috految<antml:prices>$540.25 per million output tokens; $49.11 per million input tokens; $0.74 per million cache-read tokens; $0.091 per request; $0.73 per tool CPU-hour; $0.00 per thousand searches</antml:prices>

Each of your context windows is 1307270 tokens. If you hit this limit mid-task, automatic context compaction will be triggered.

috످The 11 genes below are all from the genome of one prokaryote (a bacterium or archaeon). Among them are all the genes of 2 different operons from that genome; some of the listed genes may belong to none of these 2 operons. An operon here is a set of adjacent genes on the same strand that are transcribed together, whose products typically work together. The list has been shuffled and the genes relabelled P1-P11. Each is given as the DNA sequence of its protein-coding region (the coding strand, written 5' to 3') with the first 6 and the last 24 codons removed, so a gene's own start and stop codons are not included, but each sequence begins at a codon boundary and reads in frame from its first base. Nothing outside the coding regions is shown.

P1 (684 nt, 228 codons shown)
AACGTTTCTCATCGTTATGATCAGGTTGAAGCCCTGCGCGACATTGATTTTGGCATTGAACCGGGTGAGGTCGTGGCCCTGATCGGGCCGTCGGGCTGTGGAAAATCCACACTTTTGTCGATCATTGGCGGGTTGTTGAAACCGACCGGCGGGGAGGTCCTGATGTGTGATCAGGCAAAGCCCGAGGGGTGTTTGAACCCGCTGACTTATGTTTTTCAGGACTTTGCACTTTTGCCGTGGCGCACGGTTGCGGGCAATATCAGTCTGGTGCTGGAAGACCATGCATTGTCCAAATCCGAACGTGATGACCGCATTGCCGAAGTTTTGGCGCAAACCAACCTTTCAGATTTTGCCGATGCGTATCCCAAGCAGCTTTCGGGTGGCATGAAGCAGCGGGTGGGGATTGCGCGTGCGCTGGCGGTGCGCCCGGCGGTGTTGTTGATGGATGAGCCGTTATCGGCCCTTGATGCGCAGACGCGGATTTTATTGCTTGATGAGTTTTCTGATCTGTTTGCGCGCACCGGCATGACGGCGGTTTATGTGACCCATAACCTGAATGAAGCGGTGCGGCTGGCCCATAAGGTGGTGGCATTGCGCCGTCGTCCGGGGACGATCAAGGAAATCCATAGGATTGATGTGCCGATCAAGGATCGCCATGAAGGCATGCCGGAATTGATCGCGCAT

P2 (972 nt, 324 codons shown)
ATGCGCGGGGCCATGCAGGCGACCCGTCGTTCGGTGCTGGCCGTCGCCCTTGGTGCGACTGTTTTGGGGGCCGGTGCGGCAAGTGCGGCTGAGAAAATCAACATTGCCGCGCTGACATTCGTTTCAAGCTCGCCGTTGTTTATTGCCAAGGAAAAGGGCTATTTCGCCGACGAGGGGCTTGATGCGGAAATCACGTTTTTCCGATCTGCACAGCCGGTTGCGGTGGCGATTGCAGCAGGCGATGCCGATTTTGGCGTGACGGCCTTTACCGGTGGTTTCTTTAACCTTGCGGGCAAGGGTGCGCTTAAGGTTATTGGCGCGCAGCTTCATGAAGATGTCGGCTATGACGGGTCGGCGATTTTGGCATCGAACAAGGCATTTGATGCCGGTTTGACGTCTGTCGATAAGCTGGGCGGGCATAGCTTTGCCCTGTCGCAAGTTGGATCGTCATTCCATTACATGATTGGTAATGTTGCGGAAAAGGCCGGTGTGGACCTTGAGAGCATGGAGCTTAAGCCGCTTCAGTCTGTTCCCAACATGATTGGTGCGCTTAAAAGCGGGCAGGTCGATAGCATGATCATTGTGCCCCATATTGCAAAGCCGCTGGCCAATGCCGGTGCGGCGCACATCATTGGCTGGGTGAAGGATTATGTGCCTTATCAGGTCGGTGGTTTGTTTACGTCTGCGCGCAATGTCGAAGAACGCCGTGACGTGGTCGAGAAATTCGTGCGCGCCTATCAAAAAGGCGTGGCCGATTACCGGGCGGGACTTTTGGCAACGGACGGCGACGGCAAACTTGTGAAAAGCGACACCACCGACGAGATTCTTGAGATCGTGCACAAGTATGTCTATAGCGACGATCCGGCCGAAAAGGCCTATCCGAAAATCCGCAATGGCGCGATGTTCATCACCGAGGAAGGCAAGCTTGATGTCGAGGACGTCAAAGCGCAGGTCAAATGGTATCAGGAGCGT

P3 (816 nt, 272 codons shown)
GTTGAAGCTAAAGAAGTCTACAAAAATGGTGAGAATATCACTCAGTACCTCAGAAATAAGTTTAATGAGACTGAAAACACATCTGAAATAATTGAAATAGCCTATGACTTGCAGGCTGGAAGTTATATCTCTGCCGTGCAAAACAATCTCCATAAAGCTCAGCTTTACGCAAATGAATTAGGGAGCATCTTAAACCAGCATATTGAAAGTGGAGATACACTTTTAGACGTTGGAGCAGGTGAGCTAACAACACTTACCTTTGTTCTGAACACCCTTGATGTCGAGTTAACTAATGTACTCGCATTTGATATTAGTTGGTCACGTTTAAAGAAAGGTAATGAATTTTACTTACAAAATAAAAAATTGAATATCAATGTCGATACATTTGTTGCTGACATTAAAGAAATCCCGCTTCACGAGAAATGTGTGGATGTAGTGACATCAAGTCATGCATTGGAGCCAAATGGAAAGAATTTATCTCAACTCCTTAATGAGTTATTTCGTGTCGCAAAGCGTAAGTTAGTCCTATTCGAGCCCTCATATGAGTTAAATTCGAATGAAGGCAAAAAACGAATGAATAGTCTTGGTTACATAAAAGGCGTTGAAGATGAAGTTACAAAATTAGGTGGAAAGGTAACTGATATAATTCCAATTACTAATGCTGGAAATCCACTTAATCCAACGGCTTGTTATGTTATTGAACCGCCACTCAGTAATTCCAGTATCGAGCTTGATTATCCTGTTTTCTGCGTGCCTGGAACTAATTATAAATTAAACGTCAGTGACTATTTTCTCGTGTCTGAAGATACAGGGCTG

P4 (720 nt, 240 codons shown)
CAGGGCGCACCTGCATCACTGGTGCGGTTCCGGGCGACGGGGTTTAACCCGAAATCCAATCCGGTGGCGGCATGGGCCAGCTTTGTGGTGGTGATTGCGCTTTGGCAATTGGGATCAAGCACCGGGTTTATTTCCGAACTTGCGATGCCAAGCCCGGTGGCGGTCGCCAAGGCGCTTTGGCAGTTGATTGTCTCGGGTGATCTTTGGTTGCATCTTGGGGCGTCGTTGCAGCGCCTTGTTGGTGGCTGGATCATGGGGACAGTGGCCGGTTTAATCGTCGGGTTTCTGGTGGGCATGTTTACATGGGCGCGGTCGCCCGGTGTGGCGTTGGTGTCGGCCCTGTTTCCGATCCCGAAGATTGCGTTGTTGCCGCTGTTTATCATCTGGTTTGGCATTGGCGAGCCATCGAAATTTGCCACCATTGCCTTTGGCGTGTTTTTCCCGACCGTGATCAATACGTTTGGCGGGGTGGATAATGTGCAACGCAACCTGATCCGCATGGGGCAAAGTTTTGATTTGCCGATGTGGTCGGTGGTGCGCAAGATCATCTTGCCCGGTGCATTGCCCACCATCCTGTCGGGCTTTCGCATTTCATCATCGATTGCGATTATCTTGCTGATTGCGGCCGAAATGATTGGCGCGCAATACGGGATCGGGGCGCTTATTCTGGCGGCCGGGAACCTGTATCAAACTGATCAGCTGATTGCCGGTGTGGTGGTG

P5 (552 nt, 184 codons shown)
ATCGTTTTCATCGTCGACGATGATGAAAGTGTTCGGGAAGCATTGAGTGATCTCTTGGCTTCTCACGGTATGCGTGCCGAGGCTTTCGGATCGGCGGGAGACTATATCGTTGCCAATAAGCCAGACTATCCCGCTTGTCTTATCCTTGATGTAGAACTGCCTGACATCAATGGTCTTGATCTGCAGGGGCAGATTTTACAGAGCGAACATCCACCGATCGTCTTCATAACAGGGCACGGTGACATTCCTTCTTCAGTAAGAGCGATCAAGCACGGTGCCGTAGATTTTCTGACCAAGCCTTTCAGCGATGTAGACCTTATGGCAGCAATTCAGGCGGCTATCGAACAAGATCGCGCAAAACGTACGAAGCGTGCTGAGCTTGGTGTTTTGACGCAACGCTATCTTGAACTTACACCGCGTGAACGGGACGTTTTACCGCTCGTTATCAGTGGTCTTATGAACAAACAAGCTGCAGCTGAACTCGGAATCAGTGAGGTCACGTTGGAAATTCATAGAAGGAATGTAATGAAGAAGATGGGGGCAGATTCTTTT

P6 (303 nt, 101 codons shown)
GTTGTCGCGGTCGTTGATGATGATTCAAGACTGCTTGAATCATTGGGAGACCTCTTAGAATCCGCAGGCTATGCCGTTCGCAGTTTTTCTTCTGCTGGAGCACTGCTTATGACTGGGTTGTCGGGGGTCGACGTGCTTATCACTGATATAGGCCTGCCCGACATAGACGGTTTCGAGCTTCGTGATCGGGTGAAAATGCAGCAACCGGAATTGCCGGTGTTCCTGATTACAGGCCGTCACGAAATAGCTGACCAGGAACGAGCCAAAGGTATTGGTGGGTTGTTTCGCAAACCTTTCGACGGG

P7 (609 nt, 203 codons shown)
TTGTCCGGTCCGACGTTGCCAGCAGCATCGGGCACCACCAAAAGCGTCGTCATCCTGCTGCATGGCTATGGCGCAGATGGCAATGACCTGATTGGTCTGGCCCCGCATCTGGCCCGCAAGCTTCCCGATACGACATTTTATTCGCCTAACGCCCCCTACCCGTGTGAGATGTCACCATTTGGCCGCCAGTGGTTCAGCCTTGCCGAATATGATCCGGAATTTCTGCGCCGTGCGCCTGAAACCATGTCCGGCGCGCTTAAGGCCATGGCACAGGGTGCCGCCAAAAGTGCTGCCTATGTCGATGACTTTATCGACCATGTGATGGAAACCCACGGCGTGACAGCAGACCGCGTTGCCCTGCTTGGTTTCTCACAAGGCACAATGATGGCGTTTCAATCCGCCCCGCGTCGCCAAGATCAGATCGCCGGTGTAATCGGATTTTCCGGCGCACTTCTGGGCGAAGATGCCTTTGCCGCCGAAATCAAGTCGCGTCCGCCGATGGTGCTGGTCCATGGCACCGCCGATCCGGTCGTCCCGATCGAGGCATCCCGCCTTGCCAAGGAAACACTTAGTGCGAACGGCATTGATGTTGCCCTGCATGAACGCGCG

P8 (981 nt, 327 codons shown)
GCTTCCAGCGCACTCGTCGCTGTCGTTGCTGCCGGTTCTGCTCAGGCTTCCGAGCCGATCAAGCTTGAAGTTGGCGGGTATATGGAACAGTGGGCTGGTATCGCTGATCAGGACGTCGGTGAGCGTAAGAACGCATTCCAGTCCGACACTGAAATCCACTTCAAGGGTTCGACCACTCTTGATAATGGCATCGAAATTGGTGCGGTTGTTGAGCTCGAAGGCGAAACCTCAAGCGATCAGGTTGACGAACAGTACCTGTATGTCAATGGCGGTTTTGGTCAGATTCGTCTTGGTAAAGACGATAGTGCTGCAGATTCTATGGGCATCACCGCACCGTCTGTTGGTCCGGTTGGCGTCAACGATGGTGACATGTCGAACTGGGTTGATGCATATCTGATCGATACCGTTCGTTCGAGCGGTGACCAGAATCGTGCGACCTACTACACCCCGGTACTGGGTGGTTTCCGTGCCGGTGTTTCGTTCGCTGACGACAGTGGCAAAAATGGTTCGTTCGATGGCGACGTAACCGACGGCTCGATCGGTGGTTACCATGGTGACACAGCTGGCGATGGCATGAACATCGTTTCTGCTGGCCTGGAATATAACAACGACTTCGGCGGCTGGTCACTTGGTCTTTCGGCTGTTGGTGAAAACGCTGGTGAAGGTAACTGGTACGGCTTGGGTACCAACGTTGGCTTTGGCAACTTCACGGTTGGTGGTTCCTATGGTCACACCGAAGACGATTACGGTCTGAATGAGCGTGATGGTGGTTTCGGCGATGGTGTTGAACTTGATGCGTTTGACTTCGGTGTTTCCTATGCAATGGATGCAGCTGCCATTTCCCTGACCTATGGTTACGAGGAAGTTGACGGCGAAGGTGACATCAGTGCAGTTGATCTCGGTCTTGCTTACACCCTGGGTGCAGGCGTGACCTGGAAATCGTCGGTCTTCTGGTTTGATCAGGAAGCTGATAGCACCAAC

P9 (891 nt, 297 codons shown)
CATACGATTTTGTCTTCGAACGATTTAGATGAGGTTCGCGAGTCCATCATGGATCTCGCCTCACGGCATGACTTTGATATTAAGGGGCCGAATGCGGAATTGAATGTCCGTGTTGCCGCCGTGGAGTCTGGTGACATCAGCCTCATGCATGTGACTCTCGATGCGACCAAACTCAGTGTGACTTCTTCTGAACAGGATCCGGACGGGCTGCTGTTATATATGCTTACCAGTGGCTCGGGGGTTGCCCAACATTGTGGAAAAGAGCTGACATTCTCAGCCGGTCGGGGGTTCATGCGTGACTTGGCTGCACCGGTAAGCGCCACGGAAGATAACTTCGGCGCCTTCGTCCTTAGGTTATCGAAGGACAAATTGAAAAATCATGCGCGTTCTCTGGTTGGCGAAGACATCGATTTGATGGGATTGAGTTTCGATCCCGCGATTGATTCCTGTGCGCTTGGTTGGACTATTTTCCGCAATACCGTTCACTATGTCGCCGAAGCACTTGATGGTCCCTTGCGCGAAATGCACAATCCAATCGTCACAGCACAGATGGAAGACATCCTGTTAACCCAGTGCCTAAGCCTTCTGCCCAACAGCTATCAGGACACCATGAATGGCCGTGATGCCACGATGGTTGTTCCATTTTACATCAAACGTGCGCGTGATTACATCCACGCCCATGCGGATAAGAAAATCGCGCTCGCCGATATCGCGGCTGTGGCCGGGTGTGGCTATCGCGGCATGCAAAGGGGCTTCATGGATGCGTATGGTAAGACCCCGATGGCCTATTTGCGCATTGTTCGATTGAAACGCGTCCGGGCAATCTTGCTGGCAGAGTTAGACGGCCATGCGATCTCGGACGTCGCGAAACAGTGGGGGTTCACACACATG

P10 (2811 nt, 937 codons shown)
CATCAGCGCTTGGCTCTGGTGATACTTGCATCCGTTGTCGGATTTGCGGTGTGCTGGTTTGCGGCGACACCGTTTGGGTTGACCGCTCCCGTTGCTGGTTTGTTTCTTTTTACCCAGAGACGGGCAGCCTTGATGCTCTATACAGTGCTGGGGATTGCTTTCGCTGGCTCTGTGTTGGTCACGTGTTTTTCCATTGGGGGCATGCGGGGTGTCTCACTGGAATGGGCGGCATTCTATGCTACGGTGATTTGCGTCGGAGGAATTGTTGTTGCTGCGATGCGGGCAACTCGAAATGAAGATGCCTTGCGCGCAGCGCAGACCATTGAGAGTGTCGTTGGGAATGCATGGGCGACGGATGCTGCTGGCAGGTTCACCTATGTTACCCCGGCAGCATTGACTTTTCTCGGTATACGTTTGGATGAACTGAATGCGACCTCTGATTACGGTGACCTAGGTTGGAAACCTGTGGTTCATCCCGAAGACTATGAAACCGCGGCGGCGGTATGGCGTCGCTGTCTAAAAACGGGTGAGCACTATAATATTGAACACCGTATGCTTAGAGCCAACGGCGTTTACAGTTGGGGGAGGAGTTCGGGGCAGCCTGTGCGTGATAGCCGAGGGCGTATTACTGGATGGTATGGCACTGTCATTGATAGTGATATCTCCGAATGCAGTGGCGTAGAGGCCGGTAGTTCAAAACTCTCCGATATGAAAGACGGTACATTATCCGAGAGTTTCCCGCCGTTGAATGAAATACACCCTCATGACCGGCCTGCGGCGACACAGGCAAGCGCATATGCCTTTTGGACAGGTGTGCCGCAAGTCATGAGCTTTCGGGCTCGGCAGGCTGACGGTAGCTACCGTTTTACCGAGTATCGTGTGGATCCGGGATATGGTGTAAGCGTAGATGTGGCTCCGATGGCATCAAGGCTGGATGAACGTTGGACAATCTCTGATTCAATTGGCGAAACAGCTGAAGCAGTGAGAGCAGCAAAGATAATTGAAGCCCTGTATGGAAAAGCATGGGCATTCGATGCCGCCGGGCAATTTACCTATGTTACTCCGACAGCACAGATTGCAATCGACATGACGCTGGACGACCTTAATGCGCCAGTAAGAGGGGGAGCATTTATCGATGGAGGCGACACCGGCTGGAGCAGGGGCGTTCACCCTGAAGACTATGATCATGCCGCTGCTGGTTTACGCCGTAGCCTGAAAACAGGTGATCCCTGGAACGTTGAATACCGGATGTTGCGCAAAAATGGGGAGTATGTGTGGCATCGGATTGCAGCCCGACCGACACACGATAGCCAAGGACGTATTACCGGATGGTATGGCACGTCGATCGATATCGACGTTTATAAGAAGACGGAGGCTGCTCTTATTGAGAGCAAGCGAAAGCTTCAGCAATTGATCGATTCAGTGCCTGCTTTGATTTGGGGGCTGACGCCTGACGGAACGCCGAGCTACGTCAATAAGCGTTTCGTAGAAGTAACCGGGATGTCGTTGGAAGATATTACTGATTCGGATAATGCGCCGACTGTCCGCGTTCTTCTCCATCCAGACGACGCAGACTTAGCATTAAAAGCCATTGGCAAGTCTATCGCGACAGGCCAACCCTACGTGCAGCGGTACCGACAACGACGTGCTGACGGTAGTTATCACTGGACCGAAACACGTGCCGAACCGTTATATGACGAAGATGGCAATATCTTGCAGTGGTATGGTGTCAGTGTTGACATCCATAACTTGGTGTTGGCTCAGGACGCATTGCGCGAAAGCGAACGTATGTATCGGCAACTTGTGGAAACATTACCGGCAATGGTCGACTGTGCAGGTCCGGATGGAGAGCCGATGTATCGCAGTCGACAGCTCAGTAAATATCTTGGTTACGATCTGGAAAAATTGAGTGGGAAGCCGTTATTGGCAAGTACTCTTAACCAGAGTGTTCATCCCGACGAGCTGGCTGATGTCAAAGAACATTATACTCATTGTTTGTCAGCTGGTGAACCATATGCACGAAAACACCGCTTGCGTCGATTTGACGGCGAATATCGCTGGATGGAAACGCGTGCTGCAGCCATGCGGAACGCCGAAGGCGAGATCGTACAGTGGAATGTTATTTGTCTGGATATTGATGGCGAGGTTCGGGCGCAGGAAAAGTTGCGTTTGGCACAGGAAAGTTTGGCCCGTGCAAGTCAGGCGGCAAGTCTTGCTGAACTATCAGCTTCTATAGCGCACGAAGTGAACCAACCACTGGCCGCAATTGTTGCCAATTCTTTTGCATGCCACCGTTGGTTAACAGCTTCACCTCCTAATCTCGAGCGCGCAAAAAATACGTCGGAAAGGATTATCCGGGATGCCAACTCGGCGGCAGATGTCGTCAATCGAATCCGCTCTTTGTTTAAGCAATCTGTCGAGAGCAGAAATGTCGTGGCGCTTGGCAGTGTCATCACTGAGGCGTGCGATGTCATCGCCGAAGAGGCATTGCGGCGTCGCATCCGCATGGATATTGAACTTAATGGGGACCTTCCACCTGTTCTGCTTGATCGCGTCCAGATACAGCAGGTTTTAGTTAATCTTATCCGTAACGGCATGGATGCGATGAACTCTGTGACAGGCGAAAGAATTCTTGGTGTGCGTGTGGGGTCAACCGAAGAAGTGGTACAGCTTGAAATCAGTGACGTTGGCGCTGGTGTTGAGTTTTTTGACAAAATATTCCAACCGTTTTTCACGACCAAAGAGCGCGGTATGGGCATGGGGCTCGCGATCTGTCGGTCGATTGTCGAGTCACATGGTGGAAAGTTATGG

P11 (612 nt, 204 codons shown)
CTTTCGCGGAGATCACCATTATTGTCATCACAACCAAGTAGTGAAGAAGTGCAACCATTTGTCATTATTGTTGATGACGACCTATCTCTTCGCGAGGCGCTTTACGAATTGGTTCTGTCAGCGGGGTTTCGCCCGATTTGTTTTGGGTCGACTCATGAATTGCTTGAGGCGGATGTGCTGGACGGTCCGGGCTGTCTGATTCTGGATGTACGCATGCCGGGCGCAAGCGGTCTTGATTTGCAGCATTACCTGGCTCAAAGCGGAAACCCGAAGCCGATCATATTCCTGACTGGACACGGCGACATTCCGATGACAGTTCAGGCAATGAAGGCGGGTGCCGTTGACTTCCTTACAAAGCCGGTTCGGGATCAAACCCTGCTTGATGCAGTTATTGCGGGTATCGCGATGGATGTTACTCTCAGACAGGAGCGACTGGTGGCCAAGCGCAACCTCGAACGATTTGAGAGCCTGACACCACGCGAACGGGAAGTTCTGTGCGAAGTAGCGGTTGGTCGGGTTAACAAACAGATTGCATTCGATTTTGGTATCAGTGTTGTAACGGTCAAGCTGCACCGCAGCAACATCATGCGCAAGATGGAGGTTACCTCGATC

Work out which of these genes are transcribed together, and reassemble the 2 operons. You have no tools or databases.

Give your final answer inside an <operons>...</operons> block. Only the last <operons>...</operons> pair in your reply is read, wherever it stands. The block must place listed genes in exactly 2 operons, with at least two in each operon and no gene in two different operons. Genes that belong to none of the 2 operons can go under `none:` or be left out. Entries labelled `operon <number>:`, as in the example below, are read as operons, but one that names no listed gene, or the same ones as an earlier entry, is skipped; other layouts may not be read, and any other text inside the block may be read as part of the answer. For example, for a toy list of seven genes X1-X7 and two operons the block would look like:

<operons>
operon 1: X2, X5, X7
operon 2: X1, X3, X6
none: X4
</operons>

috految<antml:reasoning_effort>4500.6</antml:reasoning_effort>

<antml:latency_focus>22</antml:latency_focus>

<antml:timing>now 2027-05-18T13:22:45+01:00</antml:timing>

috److془Let's identify the genes.

P1: ABC transporter ATP-binding protein (NitT/TauT).
P2: ABC transporter substrate-binding.
P3: class I SAM-dependent methyltransferase (low GC).
P4: ABC transporter permease.
P5: response regulator transcription factor.
P6: response regulator.
P7: phospholipase/carboxylesterase.
P8: porin.
P9: AraC family transcriptional regulator.
P10: PAS domain-containing sensor histidine kinase.
P11: response regulator transcription factor.

Genome: Thalassospira.

Operon 1: P2, P1, P4. Operon 2: P10, P5, P6, P11.

P7: phospholipase in Thalassospira: "DNA-3-methyladenine glycosylase 2 family protein, alpha/beta hydrolase, HNH endonuclease". P7 is C-rich (lagging strand), whereas P1, P2, P4 are G/T-rich (leading strand). So none.

Final answer.془I identified the likely product of each gene from its translated sequence. The genome looks like an alphaproteobacterium, probably *Thalassospira*.

| Gene | Likely product |
|---|---|
| P1 | NitT/TauT family ABC transporter, ATP-binding protein |
| P2 | NitT/TauT family ABC transporter, substrate-binding protein |
| P3 | SAM-dependent methyltransferase (low GC content) |
| P4 | NitT/TauT family ABC transporter, permease |
| P5 | FixJ/LuxR family response regulator |
| P6 | Single-domain response regulator |
| P7 | Phospholipase/carboxylesterase |
| P8 | Porin |
| P9 | AraC family transcriptional regulator |
| P10 | PAS domain sensor histidine kinase |
| P11 | FixJ/LuxR family response regulator |

**Operon 1:** P2, P1 and P4 encode the three components of one ABC transporter.

**Operon 2:** P10, P5, P6 and P11 form a two-component signalling cluster, with one sensor kinase and three response regulators.

**Unassigned:** P3, P7, P8 and P9 have no clear functional link to either group.

<operons>
operon 1: P1, P2, P4
operon 2: P5, P6, P10, P11
none: P3, P7, P8, P9
</operons>

috످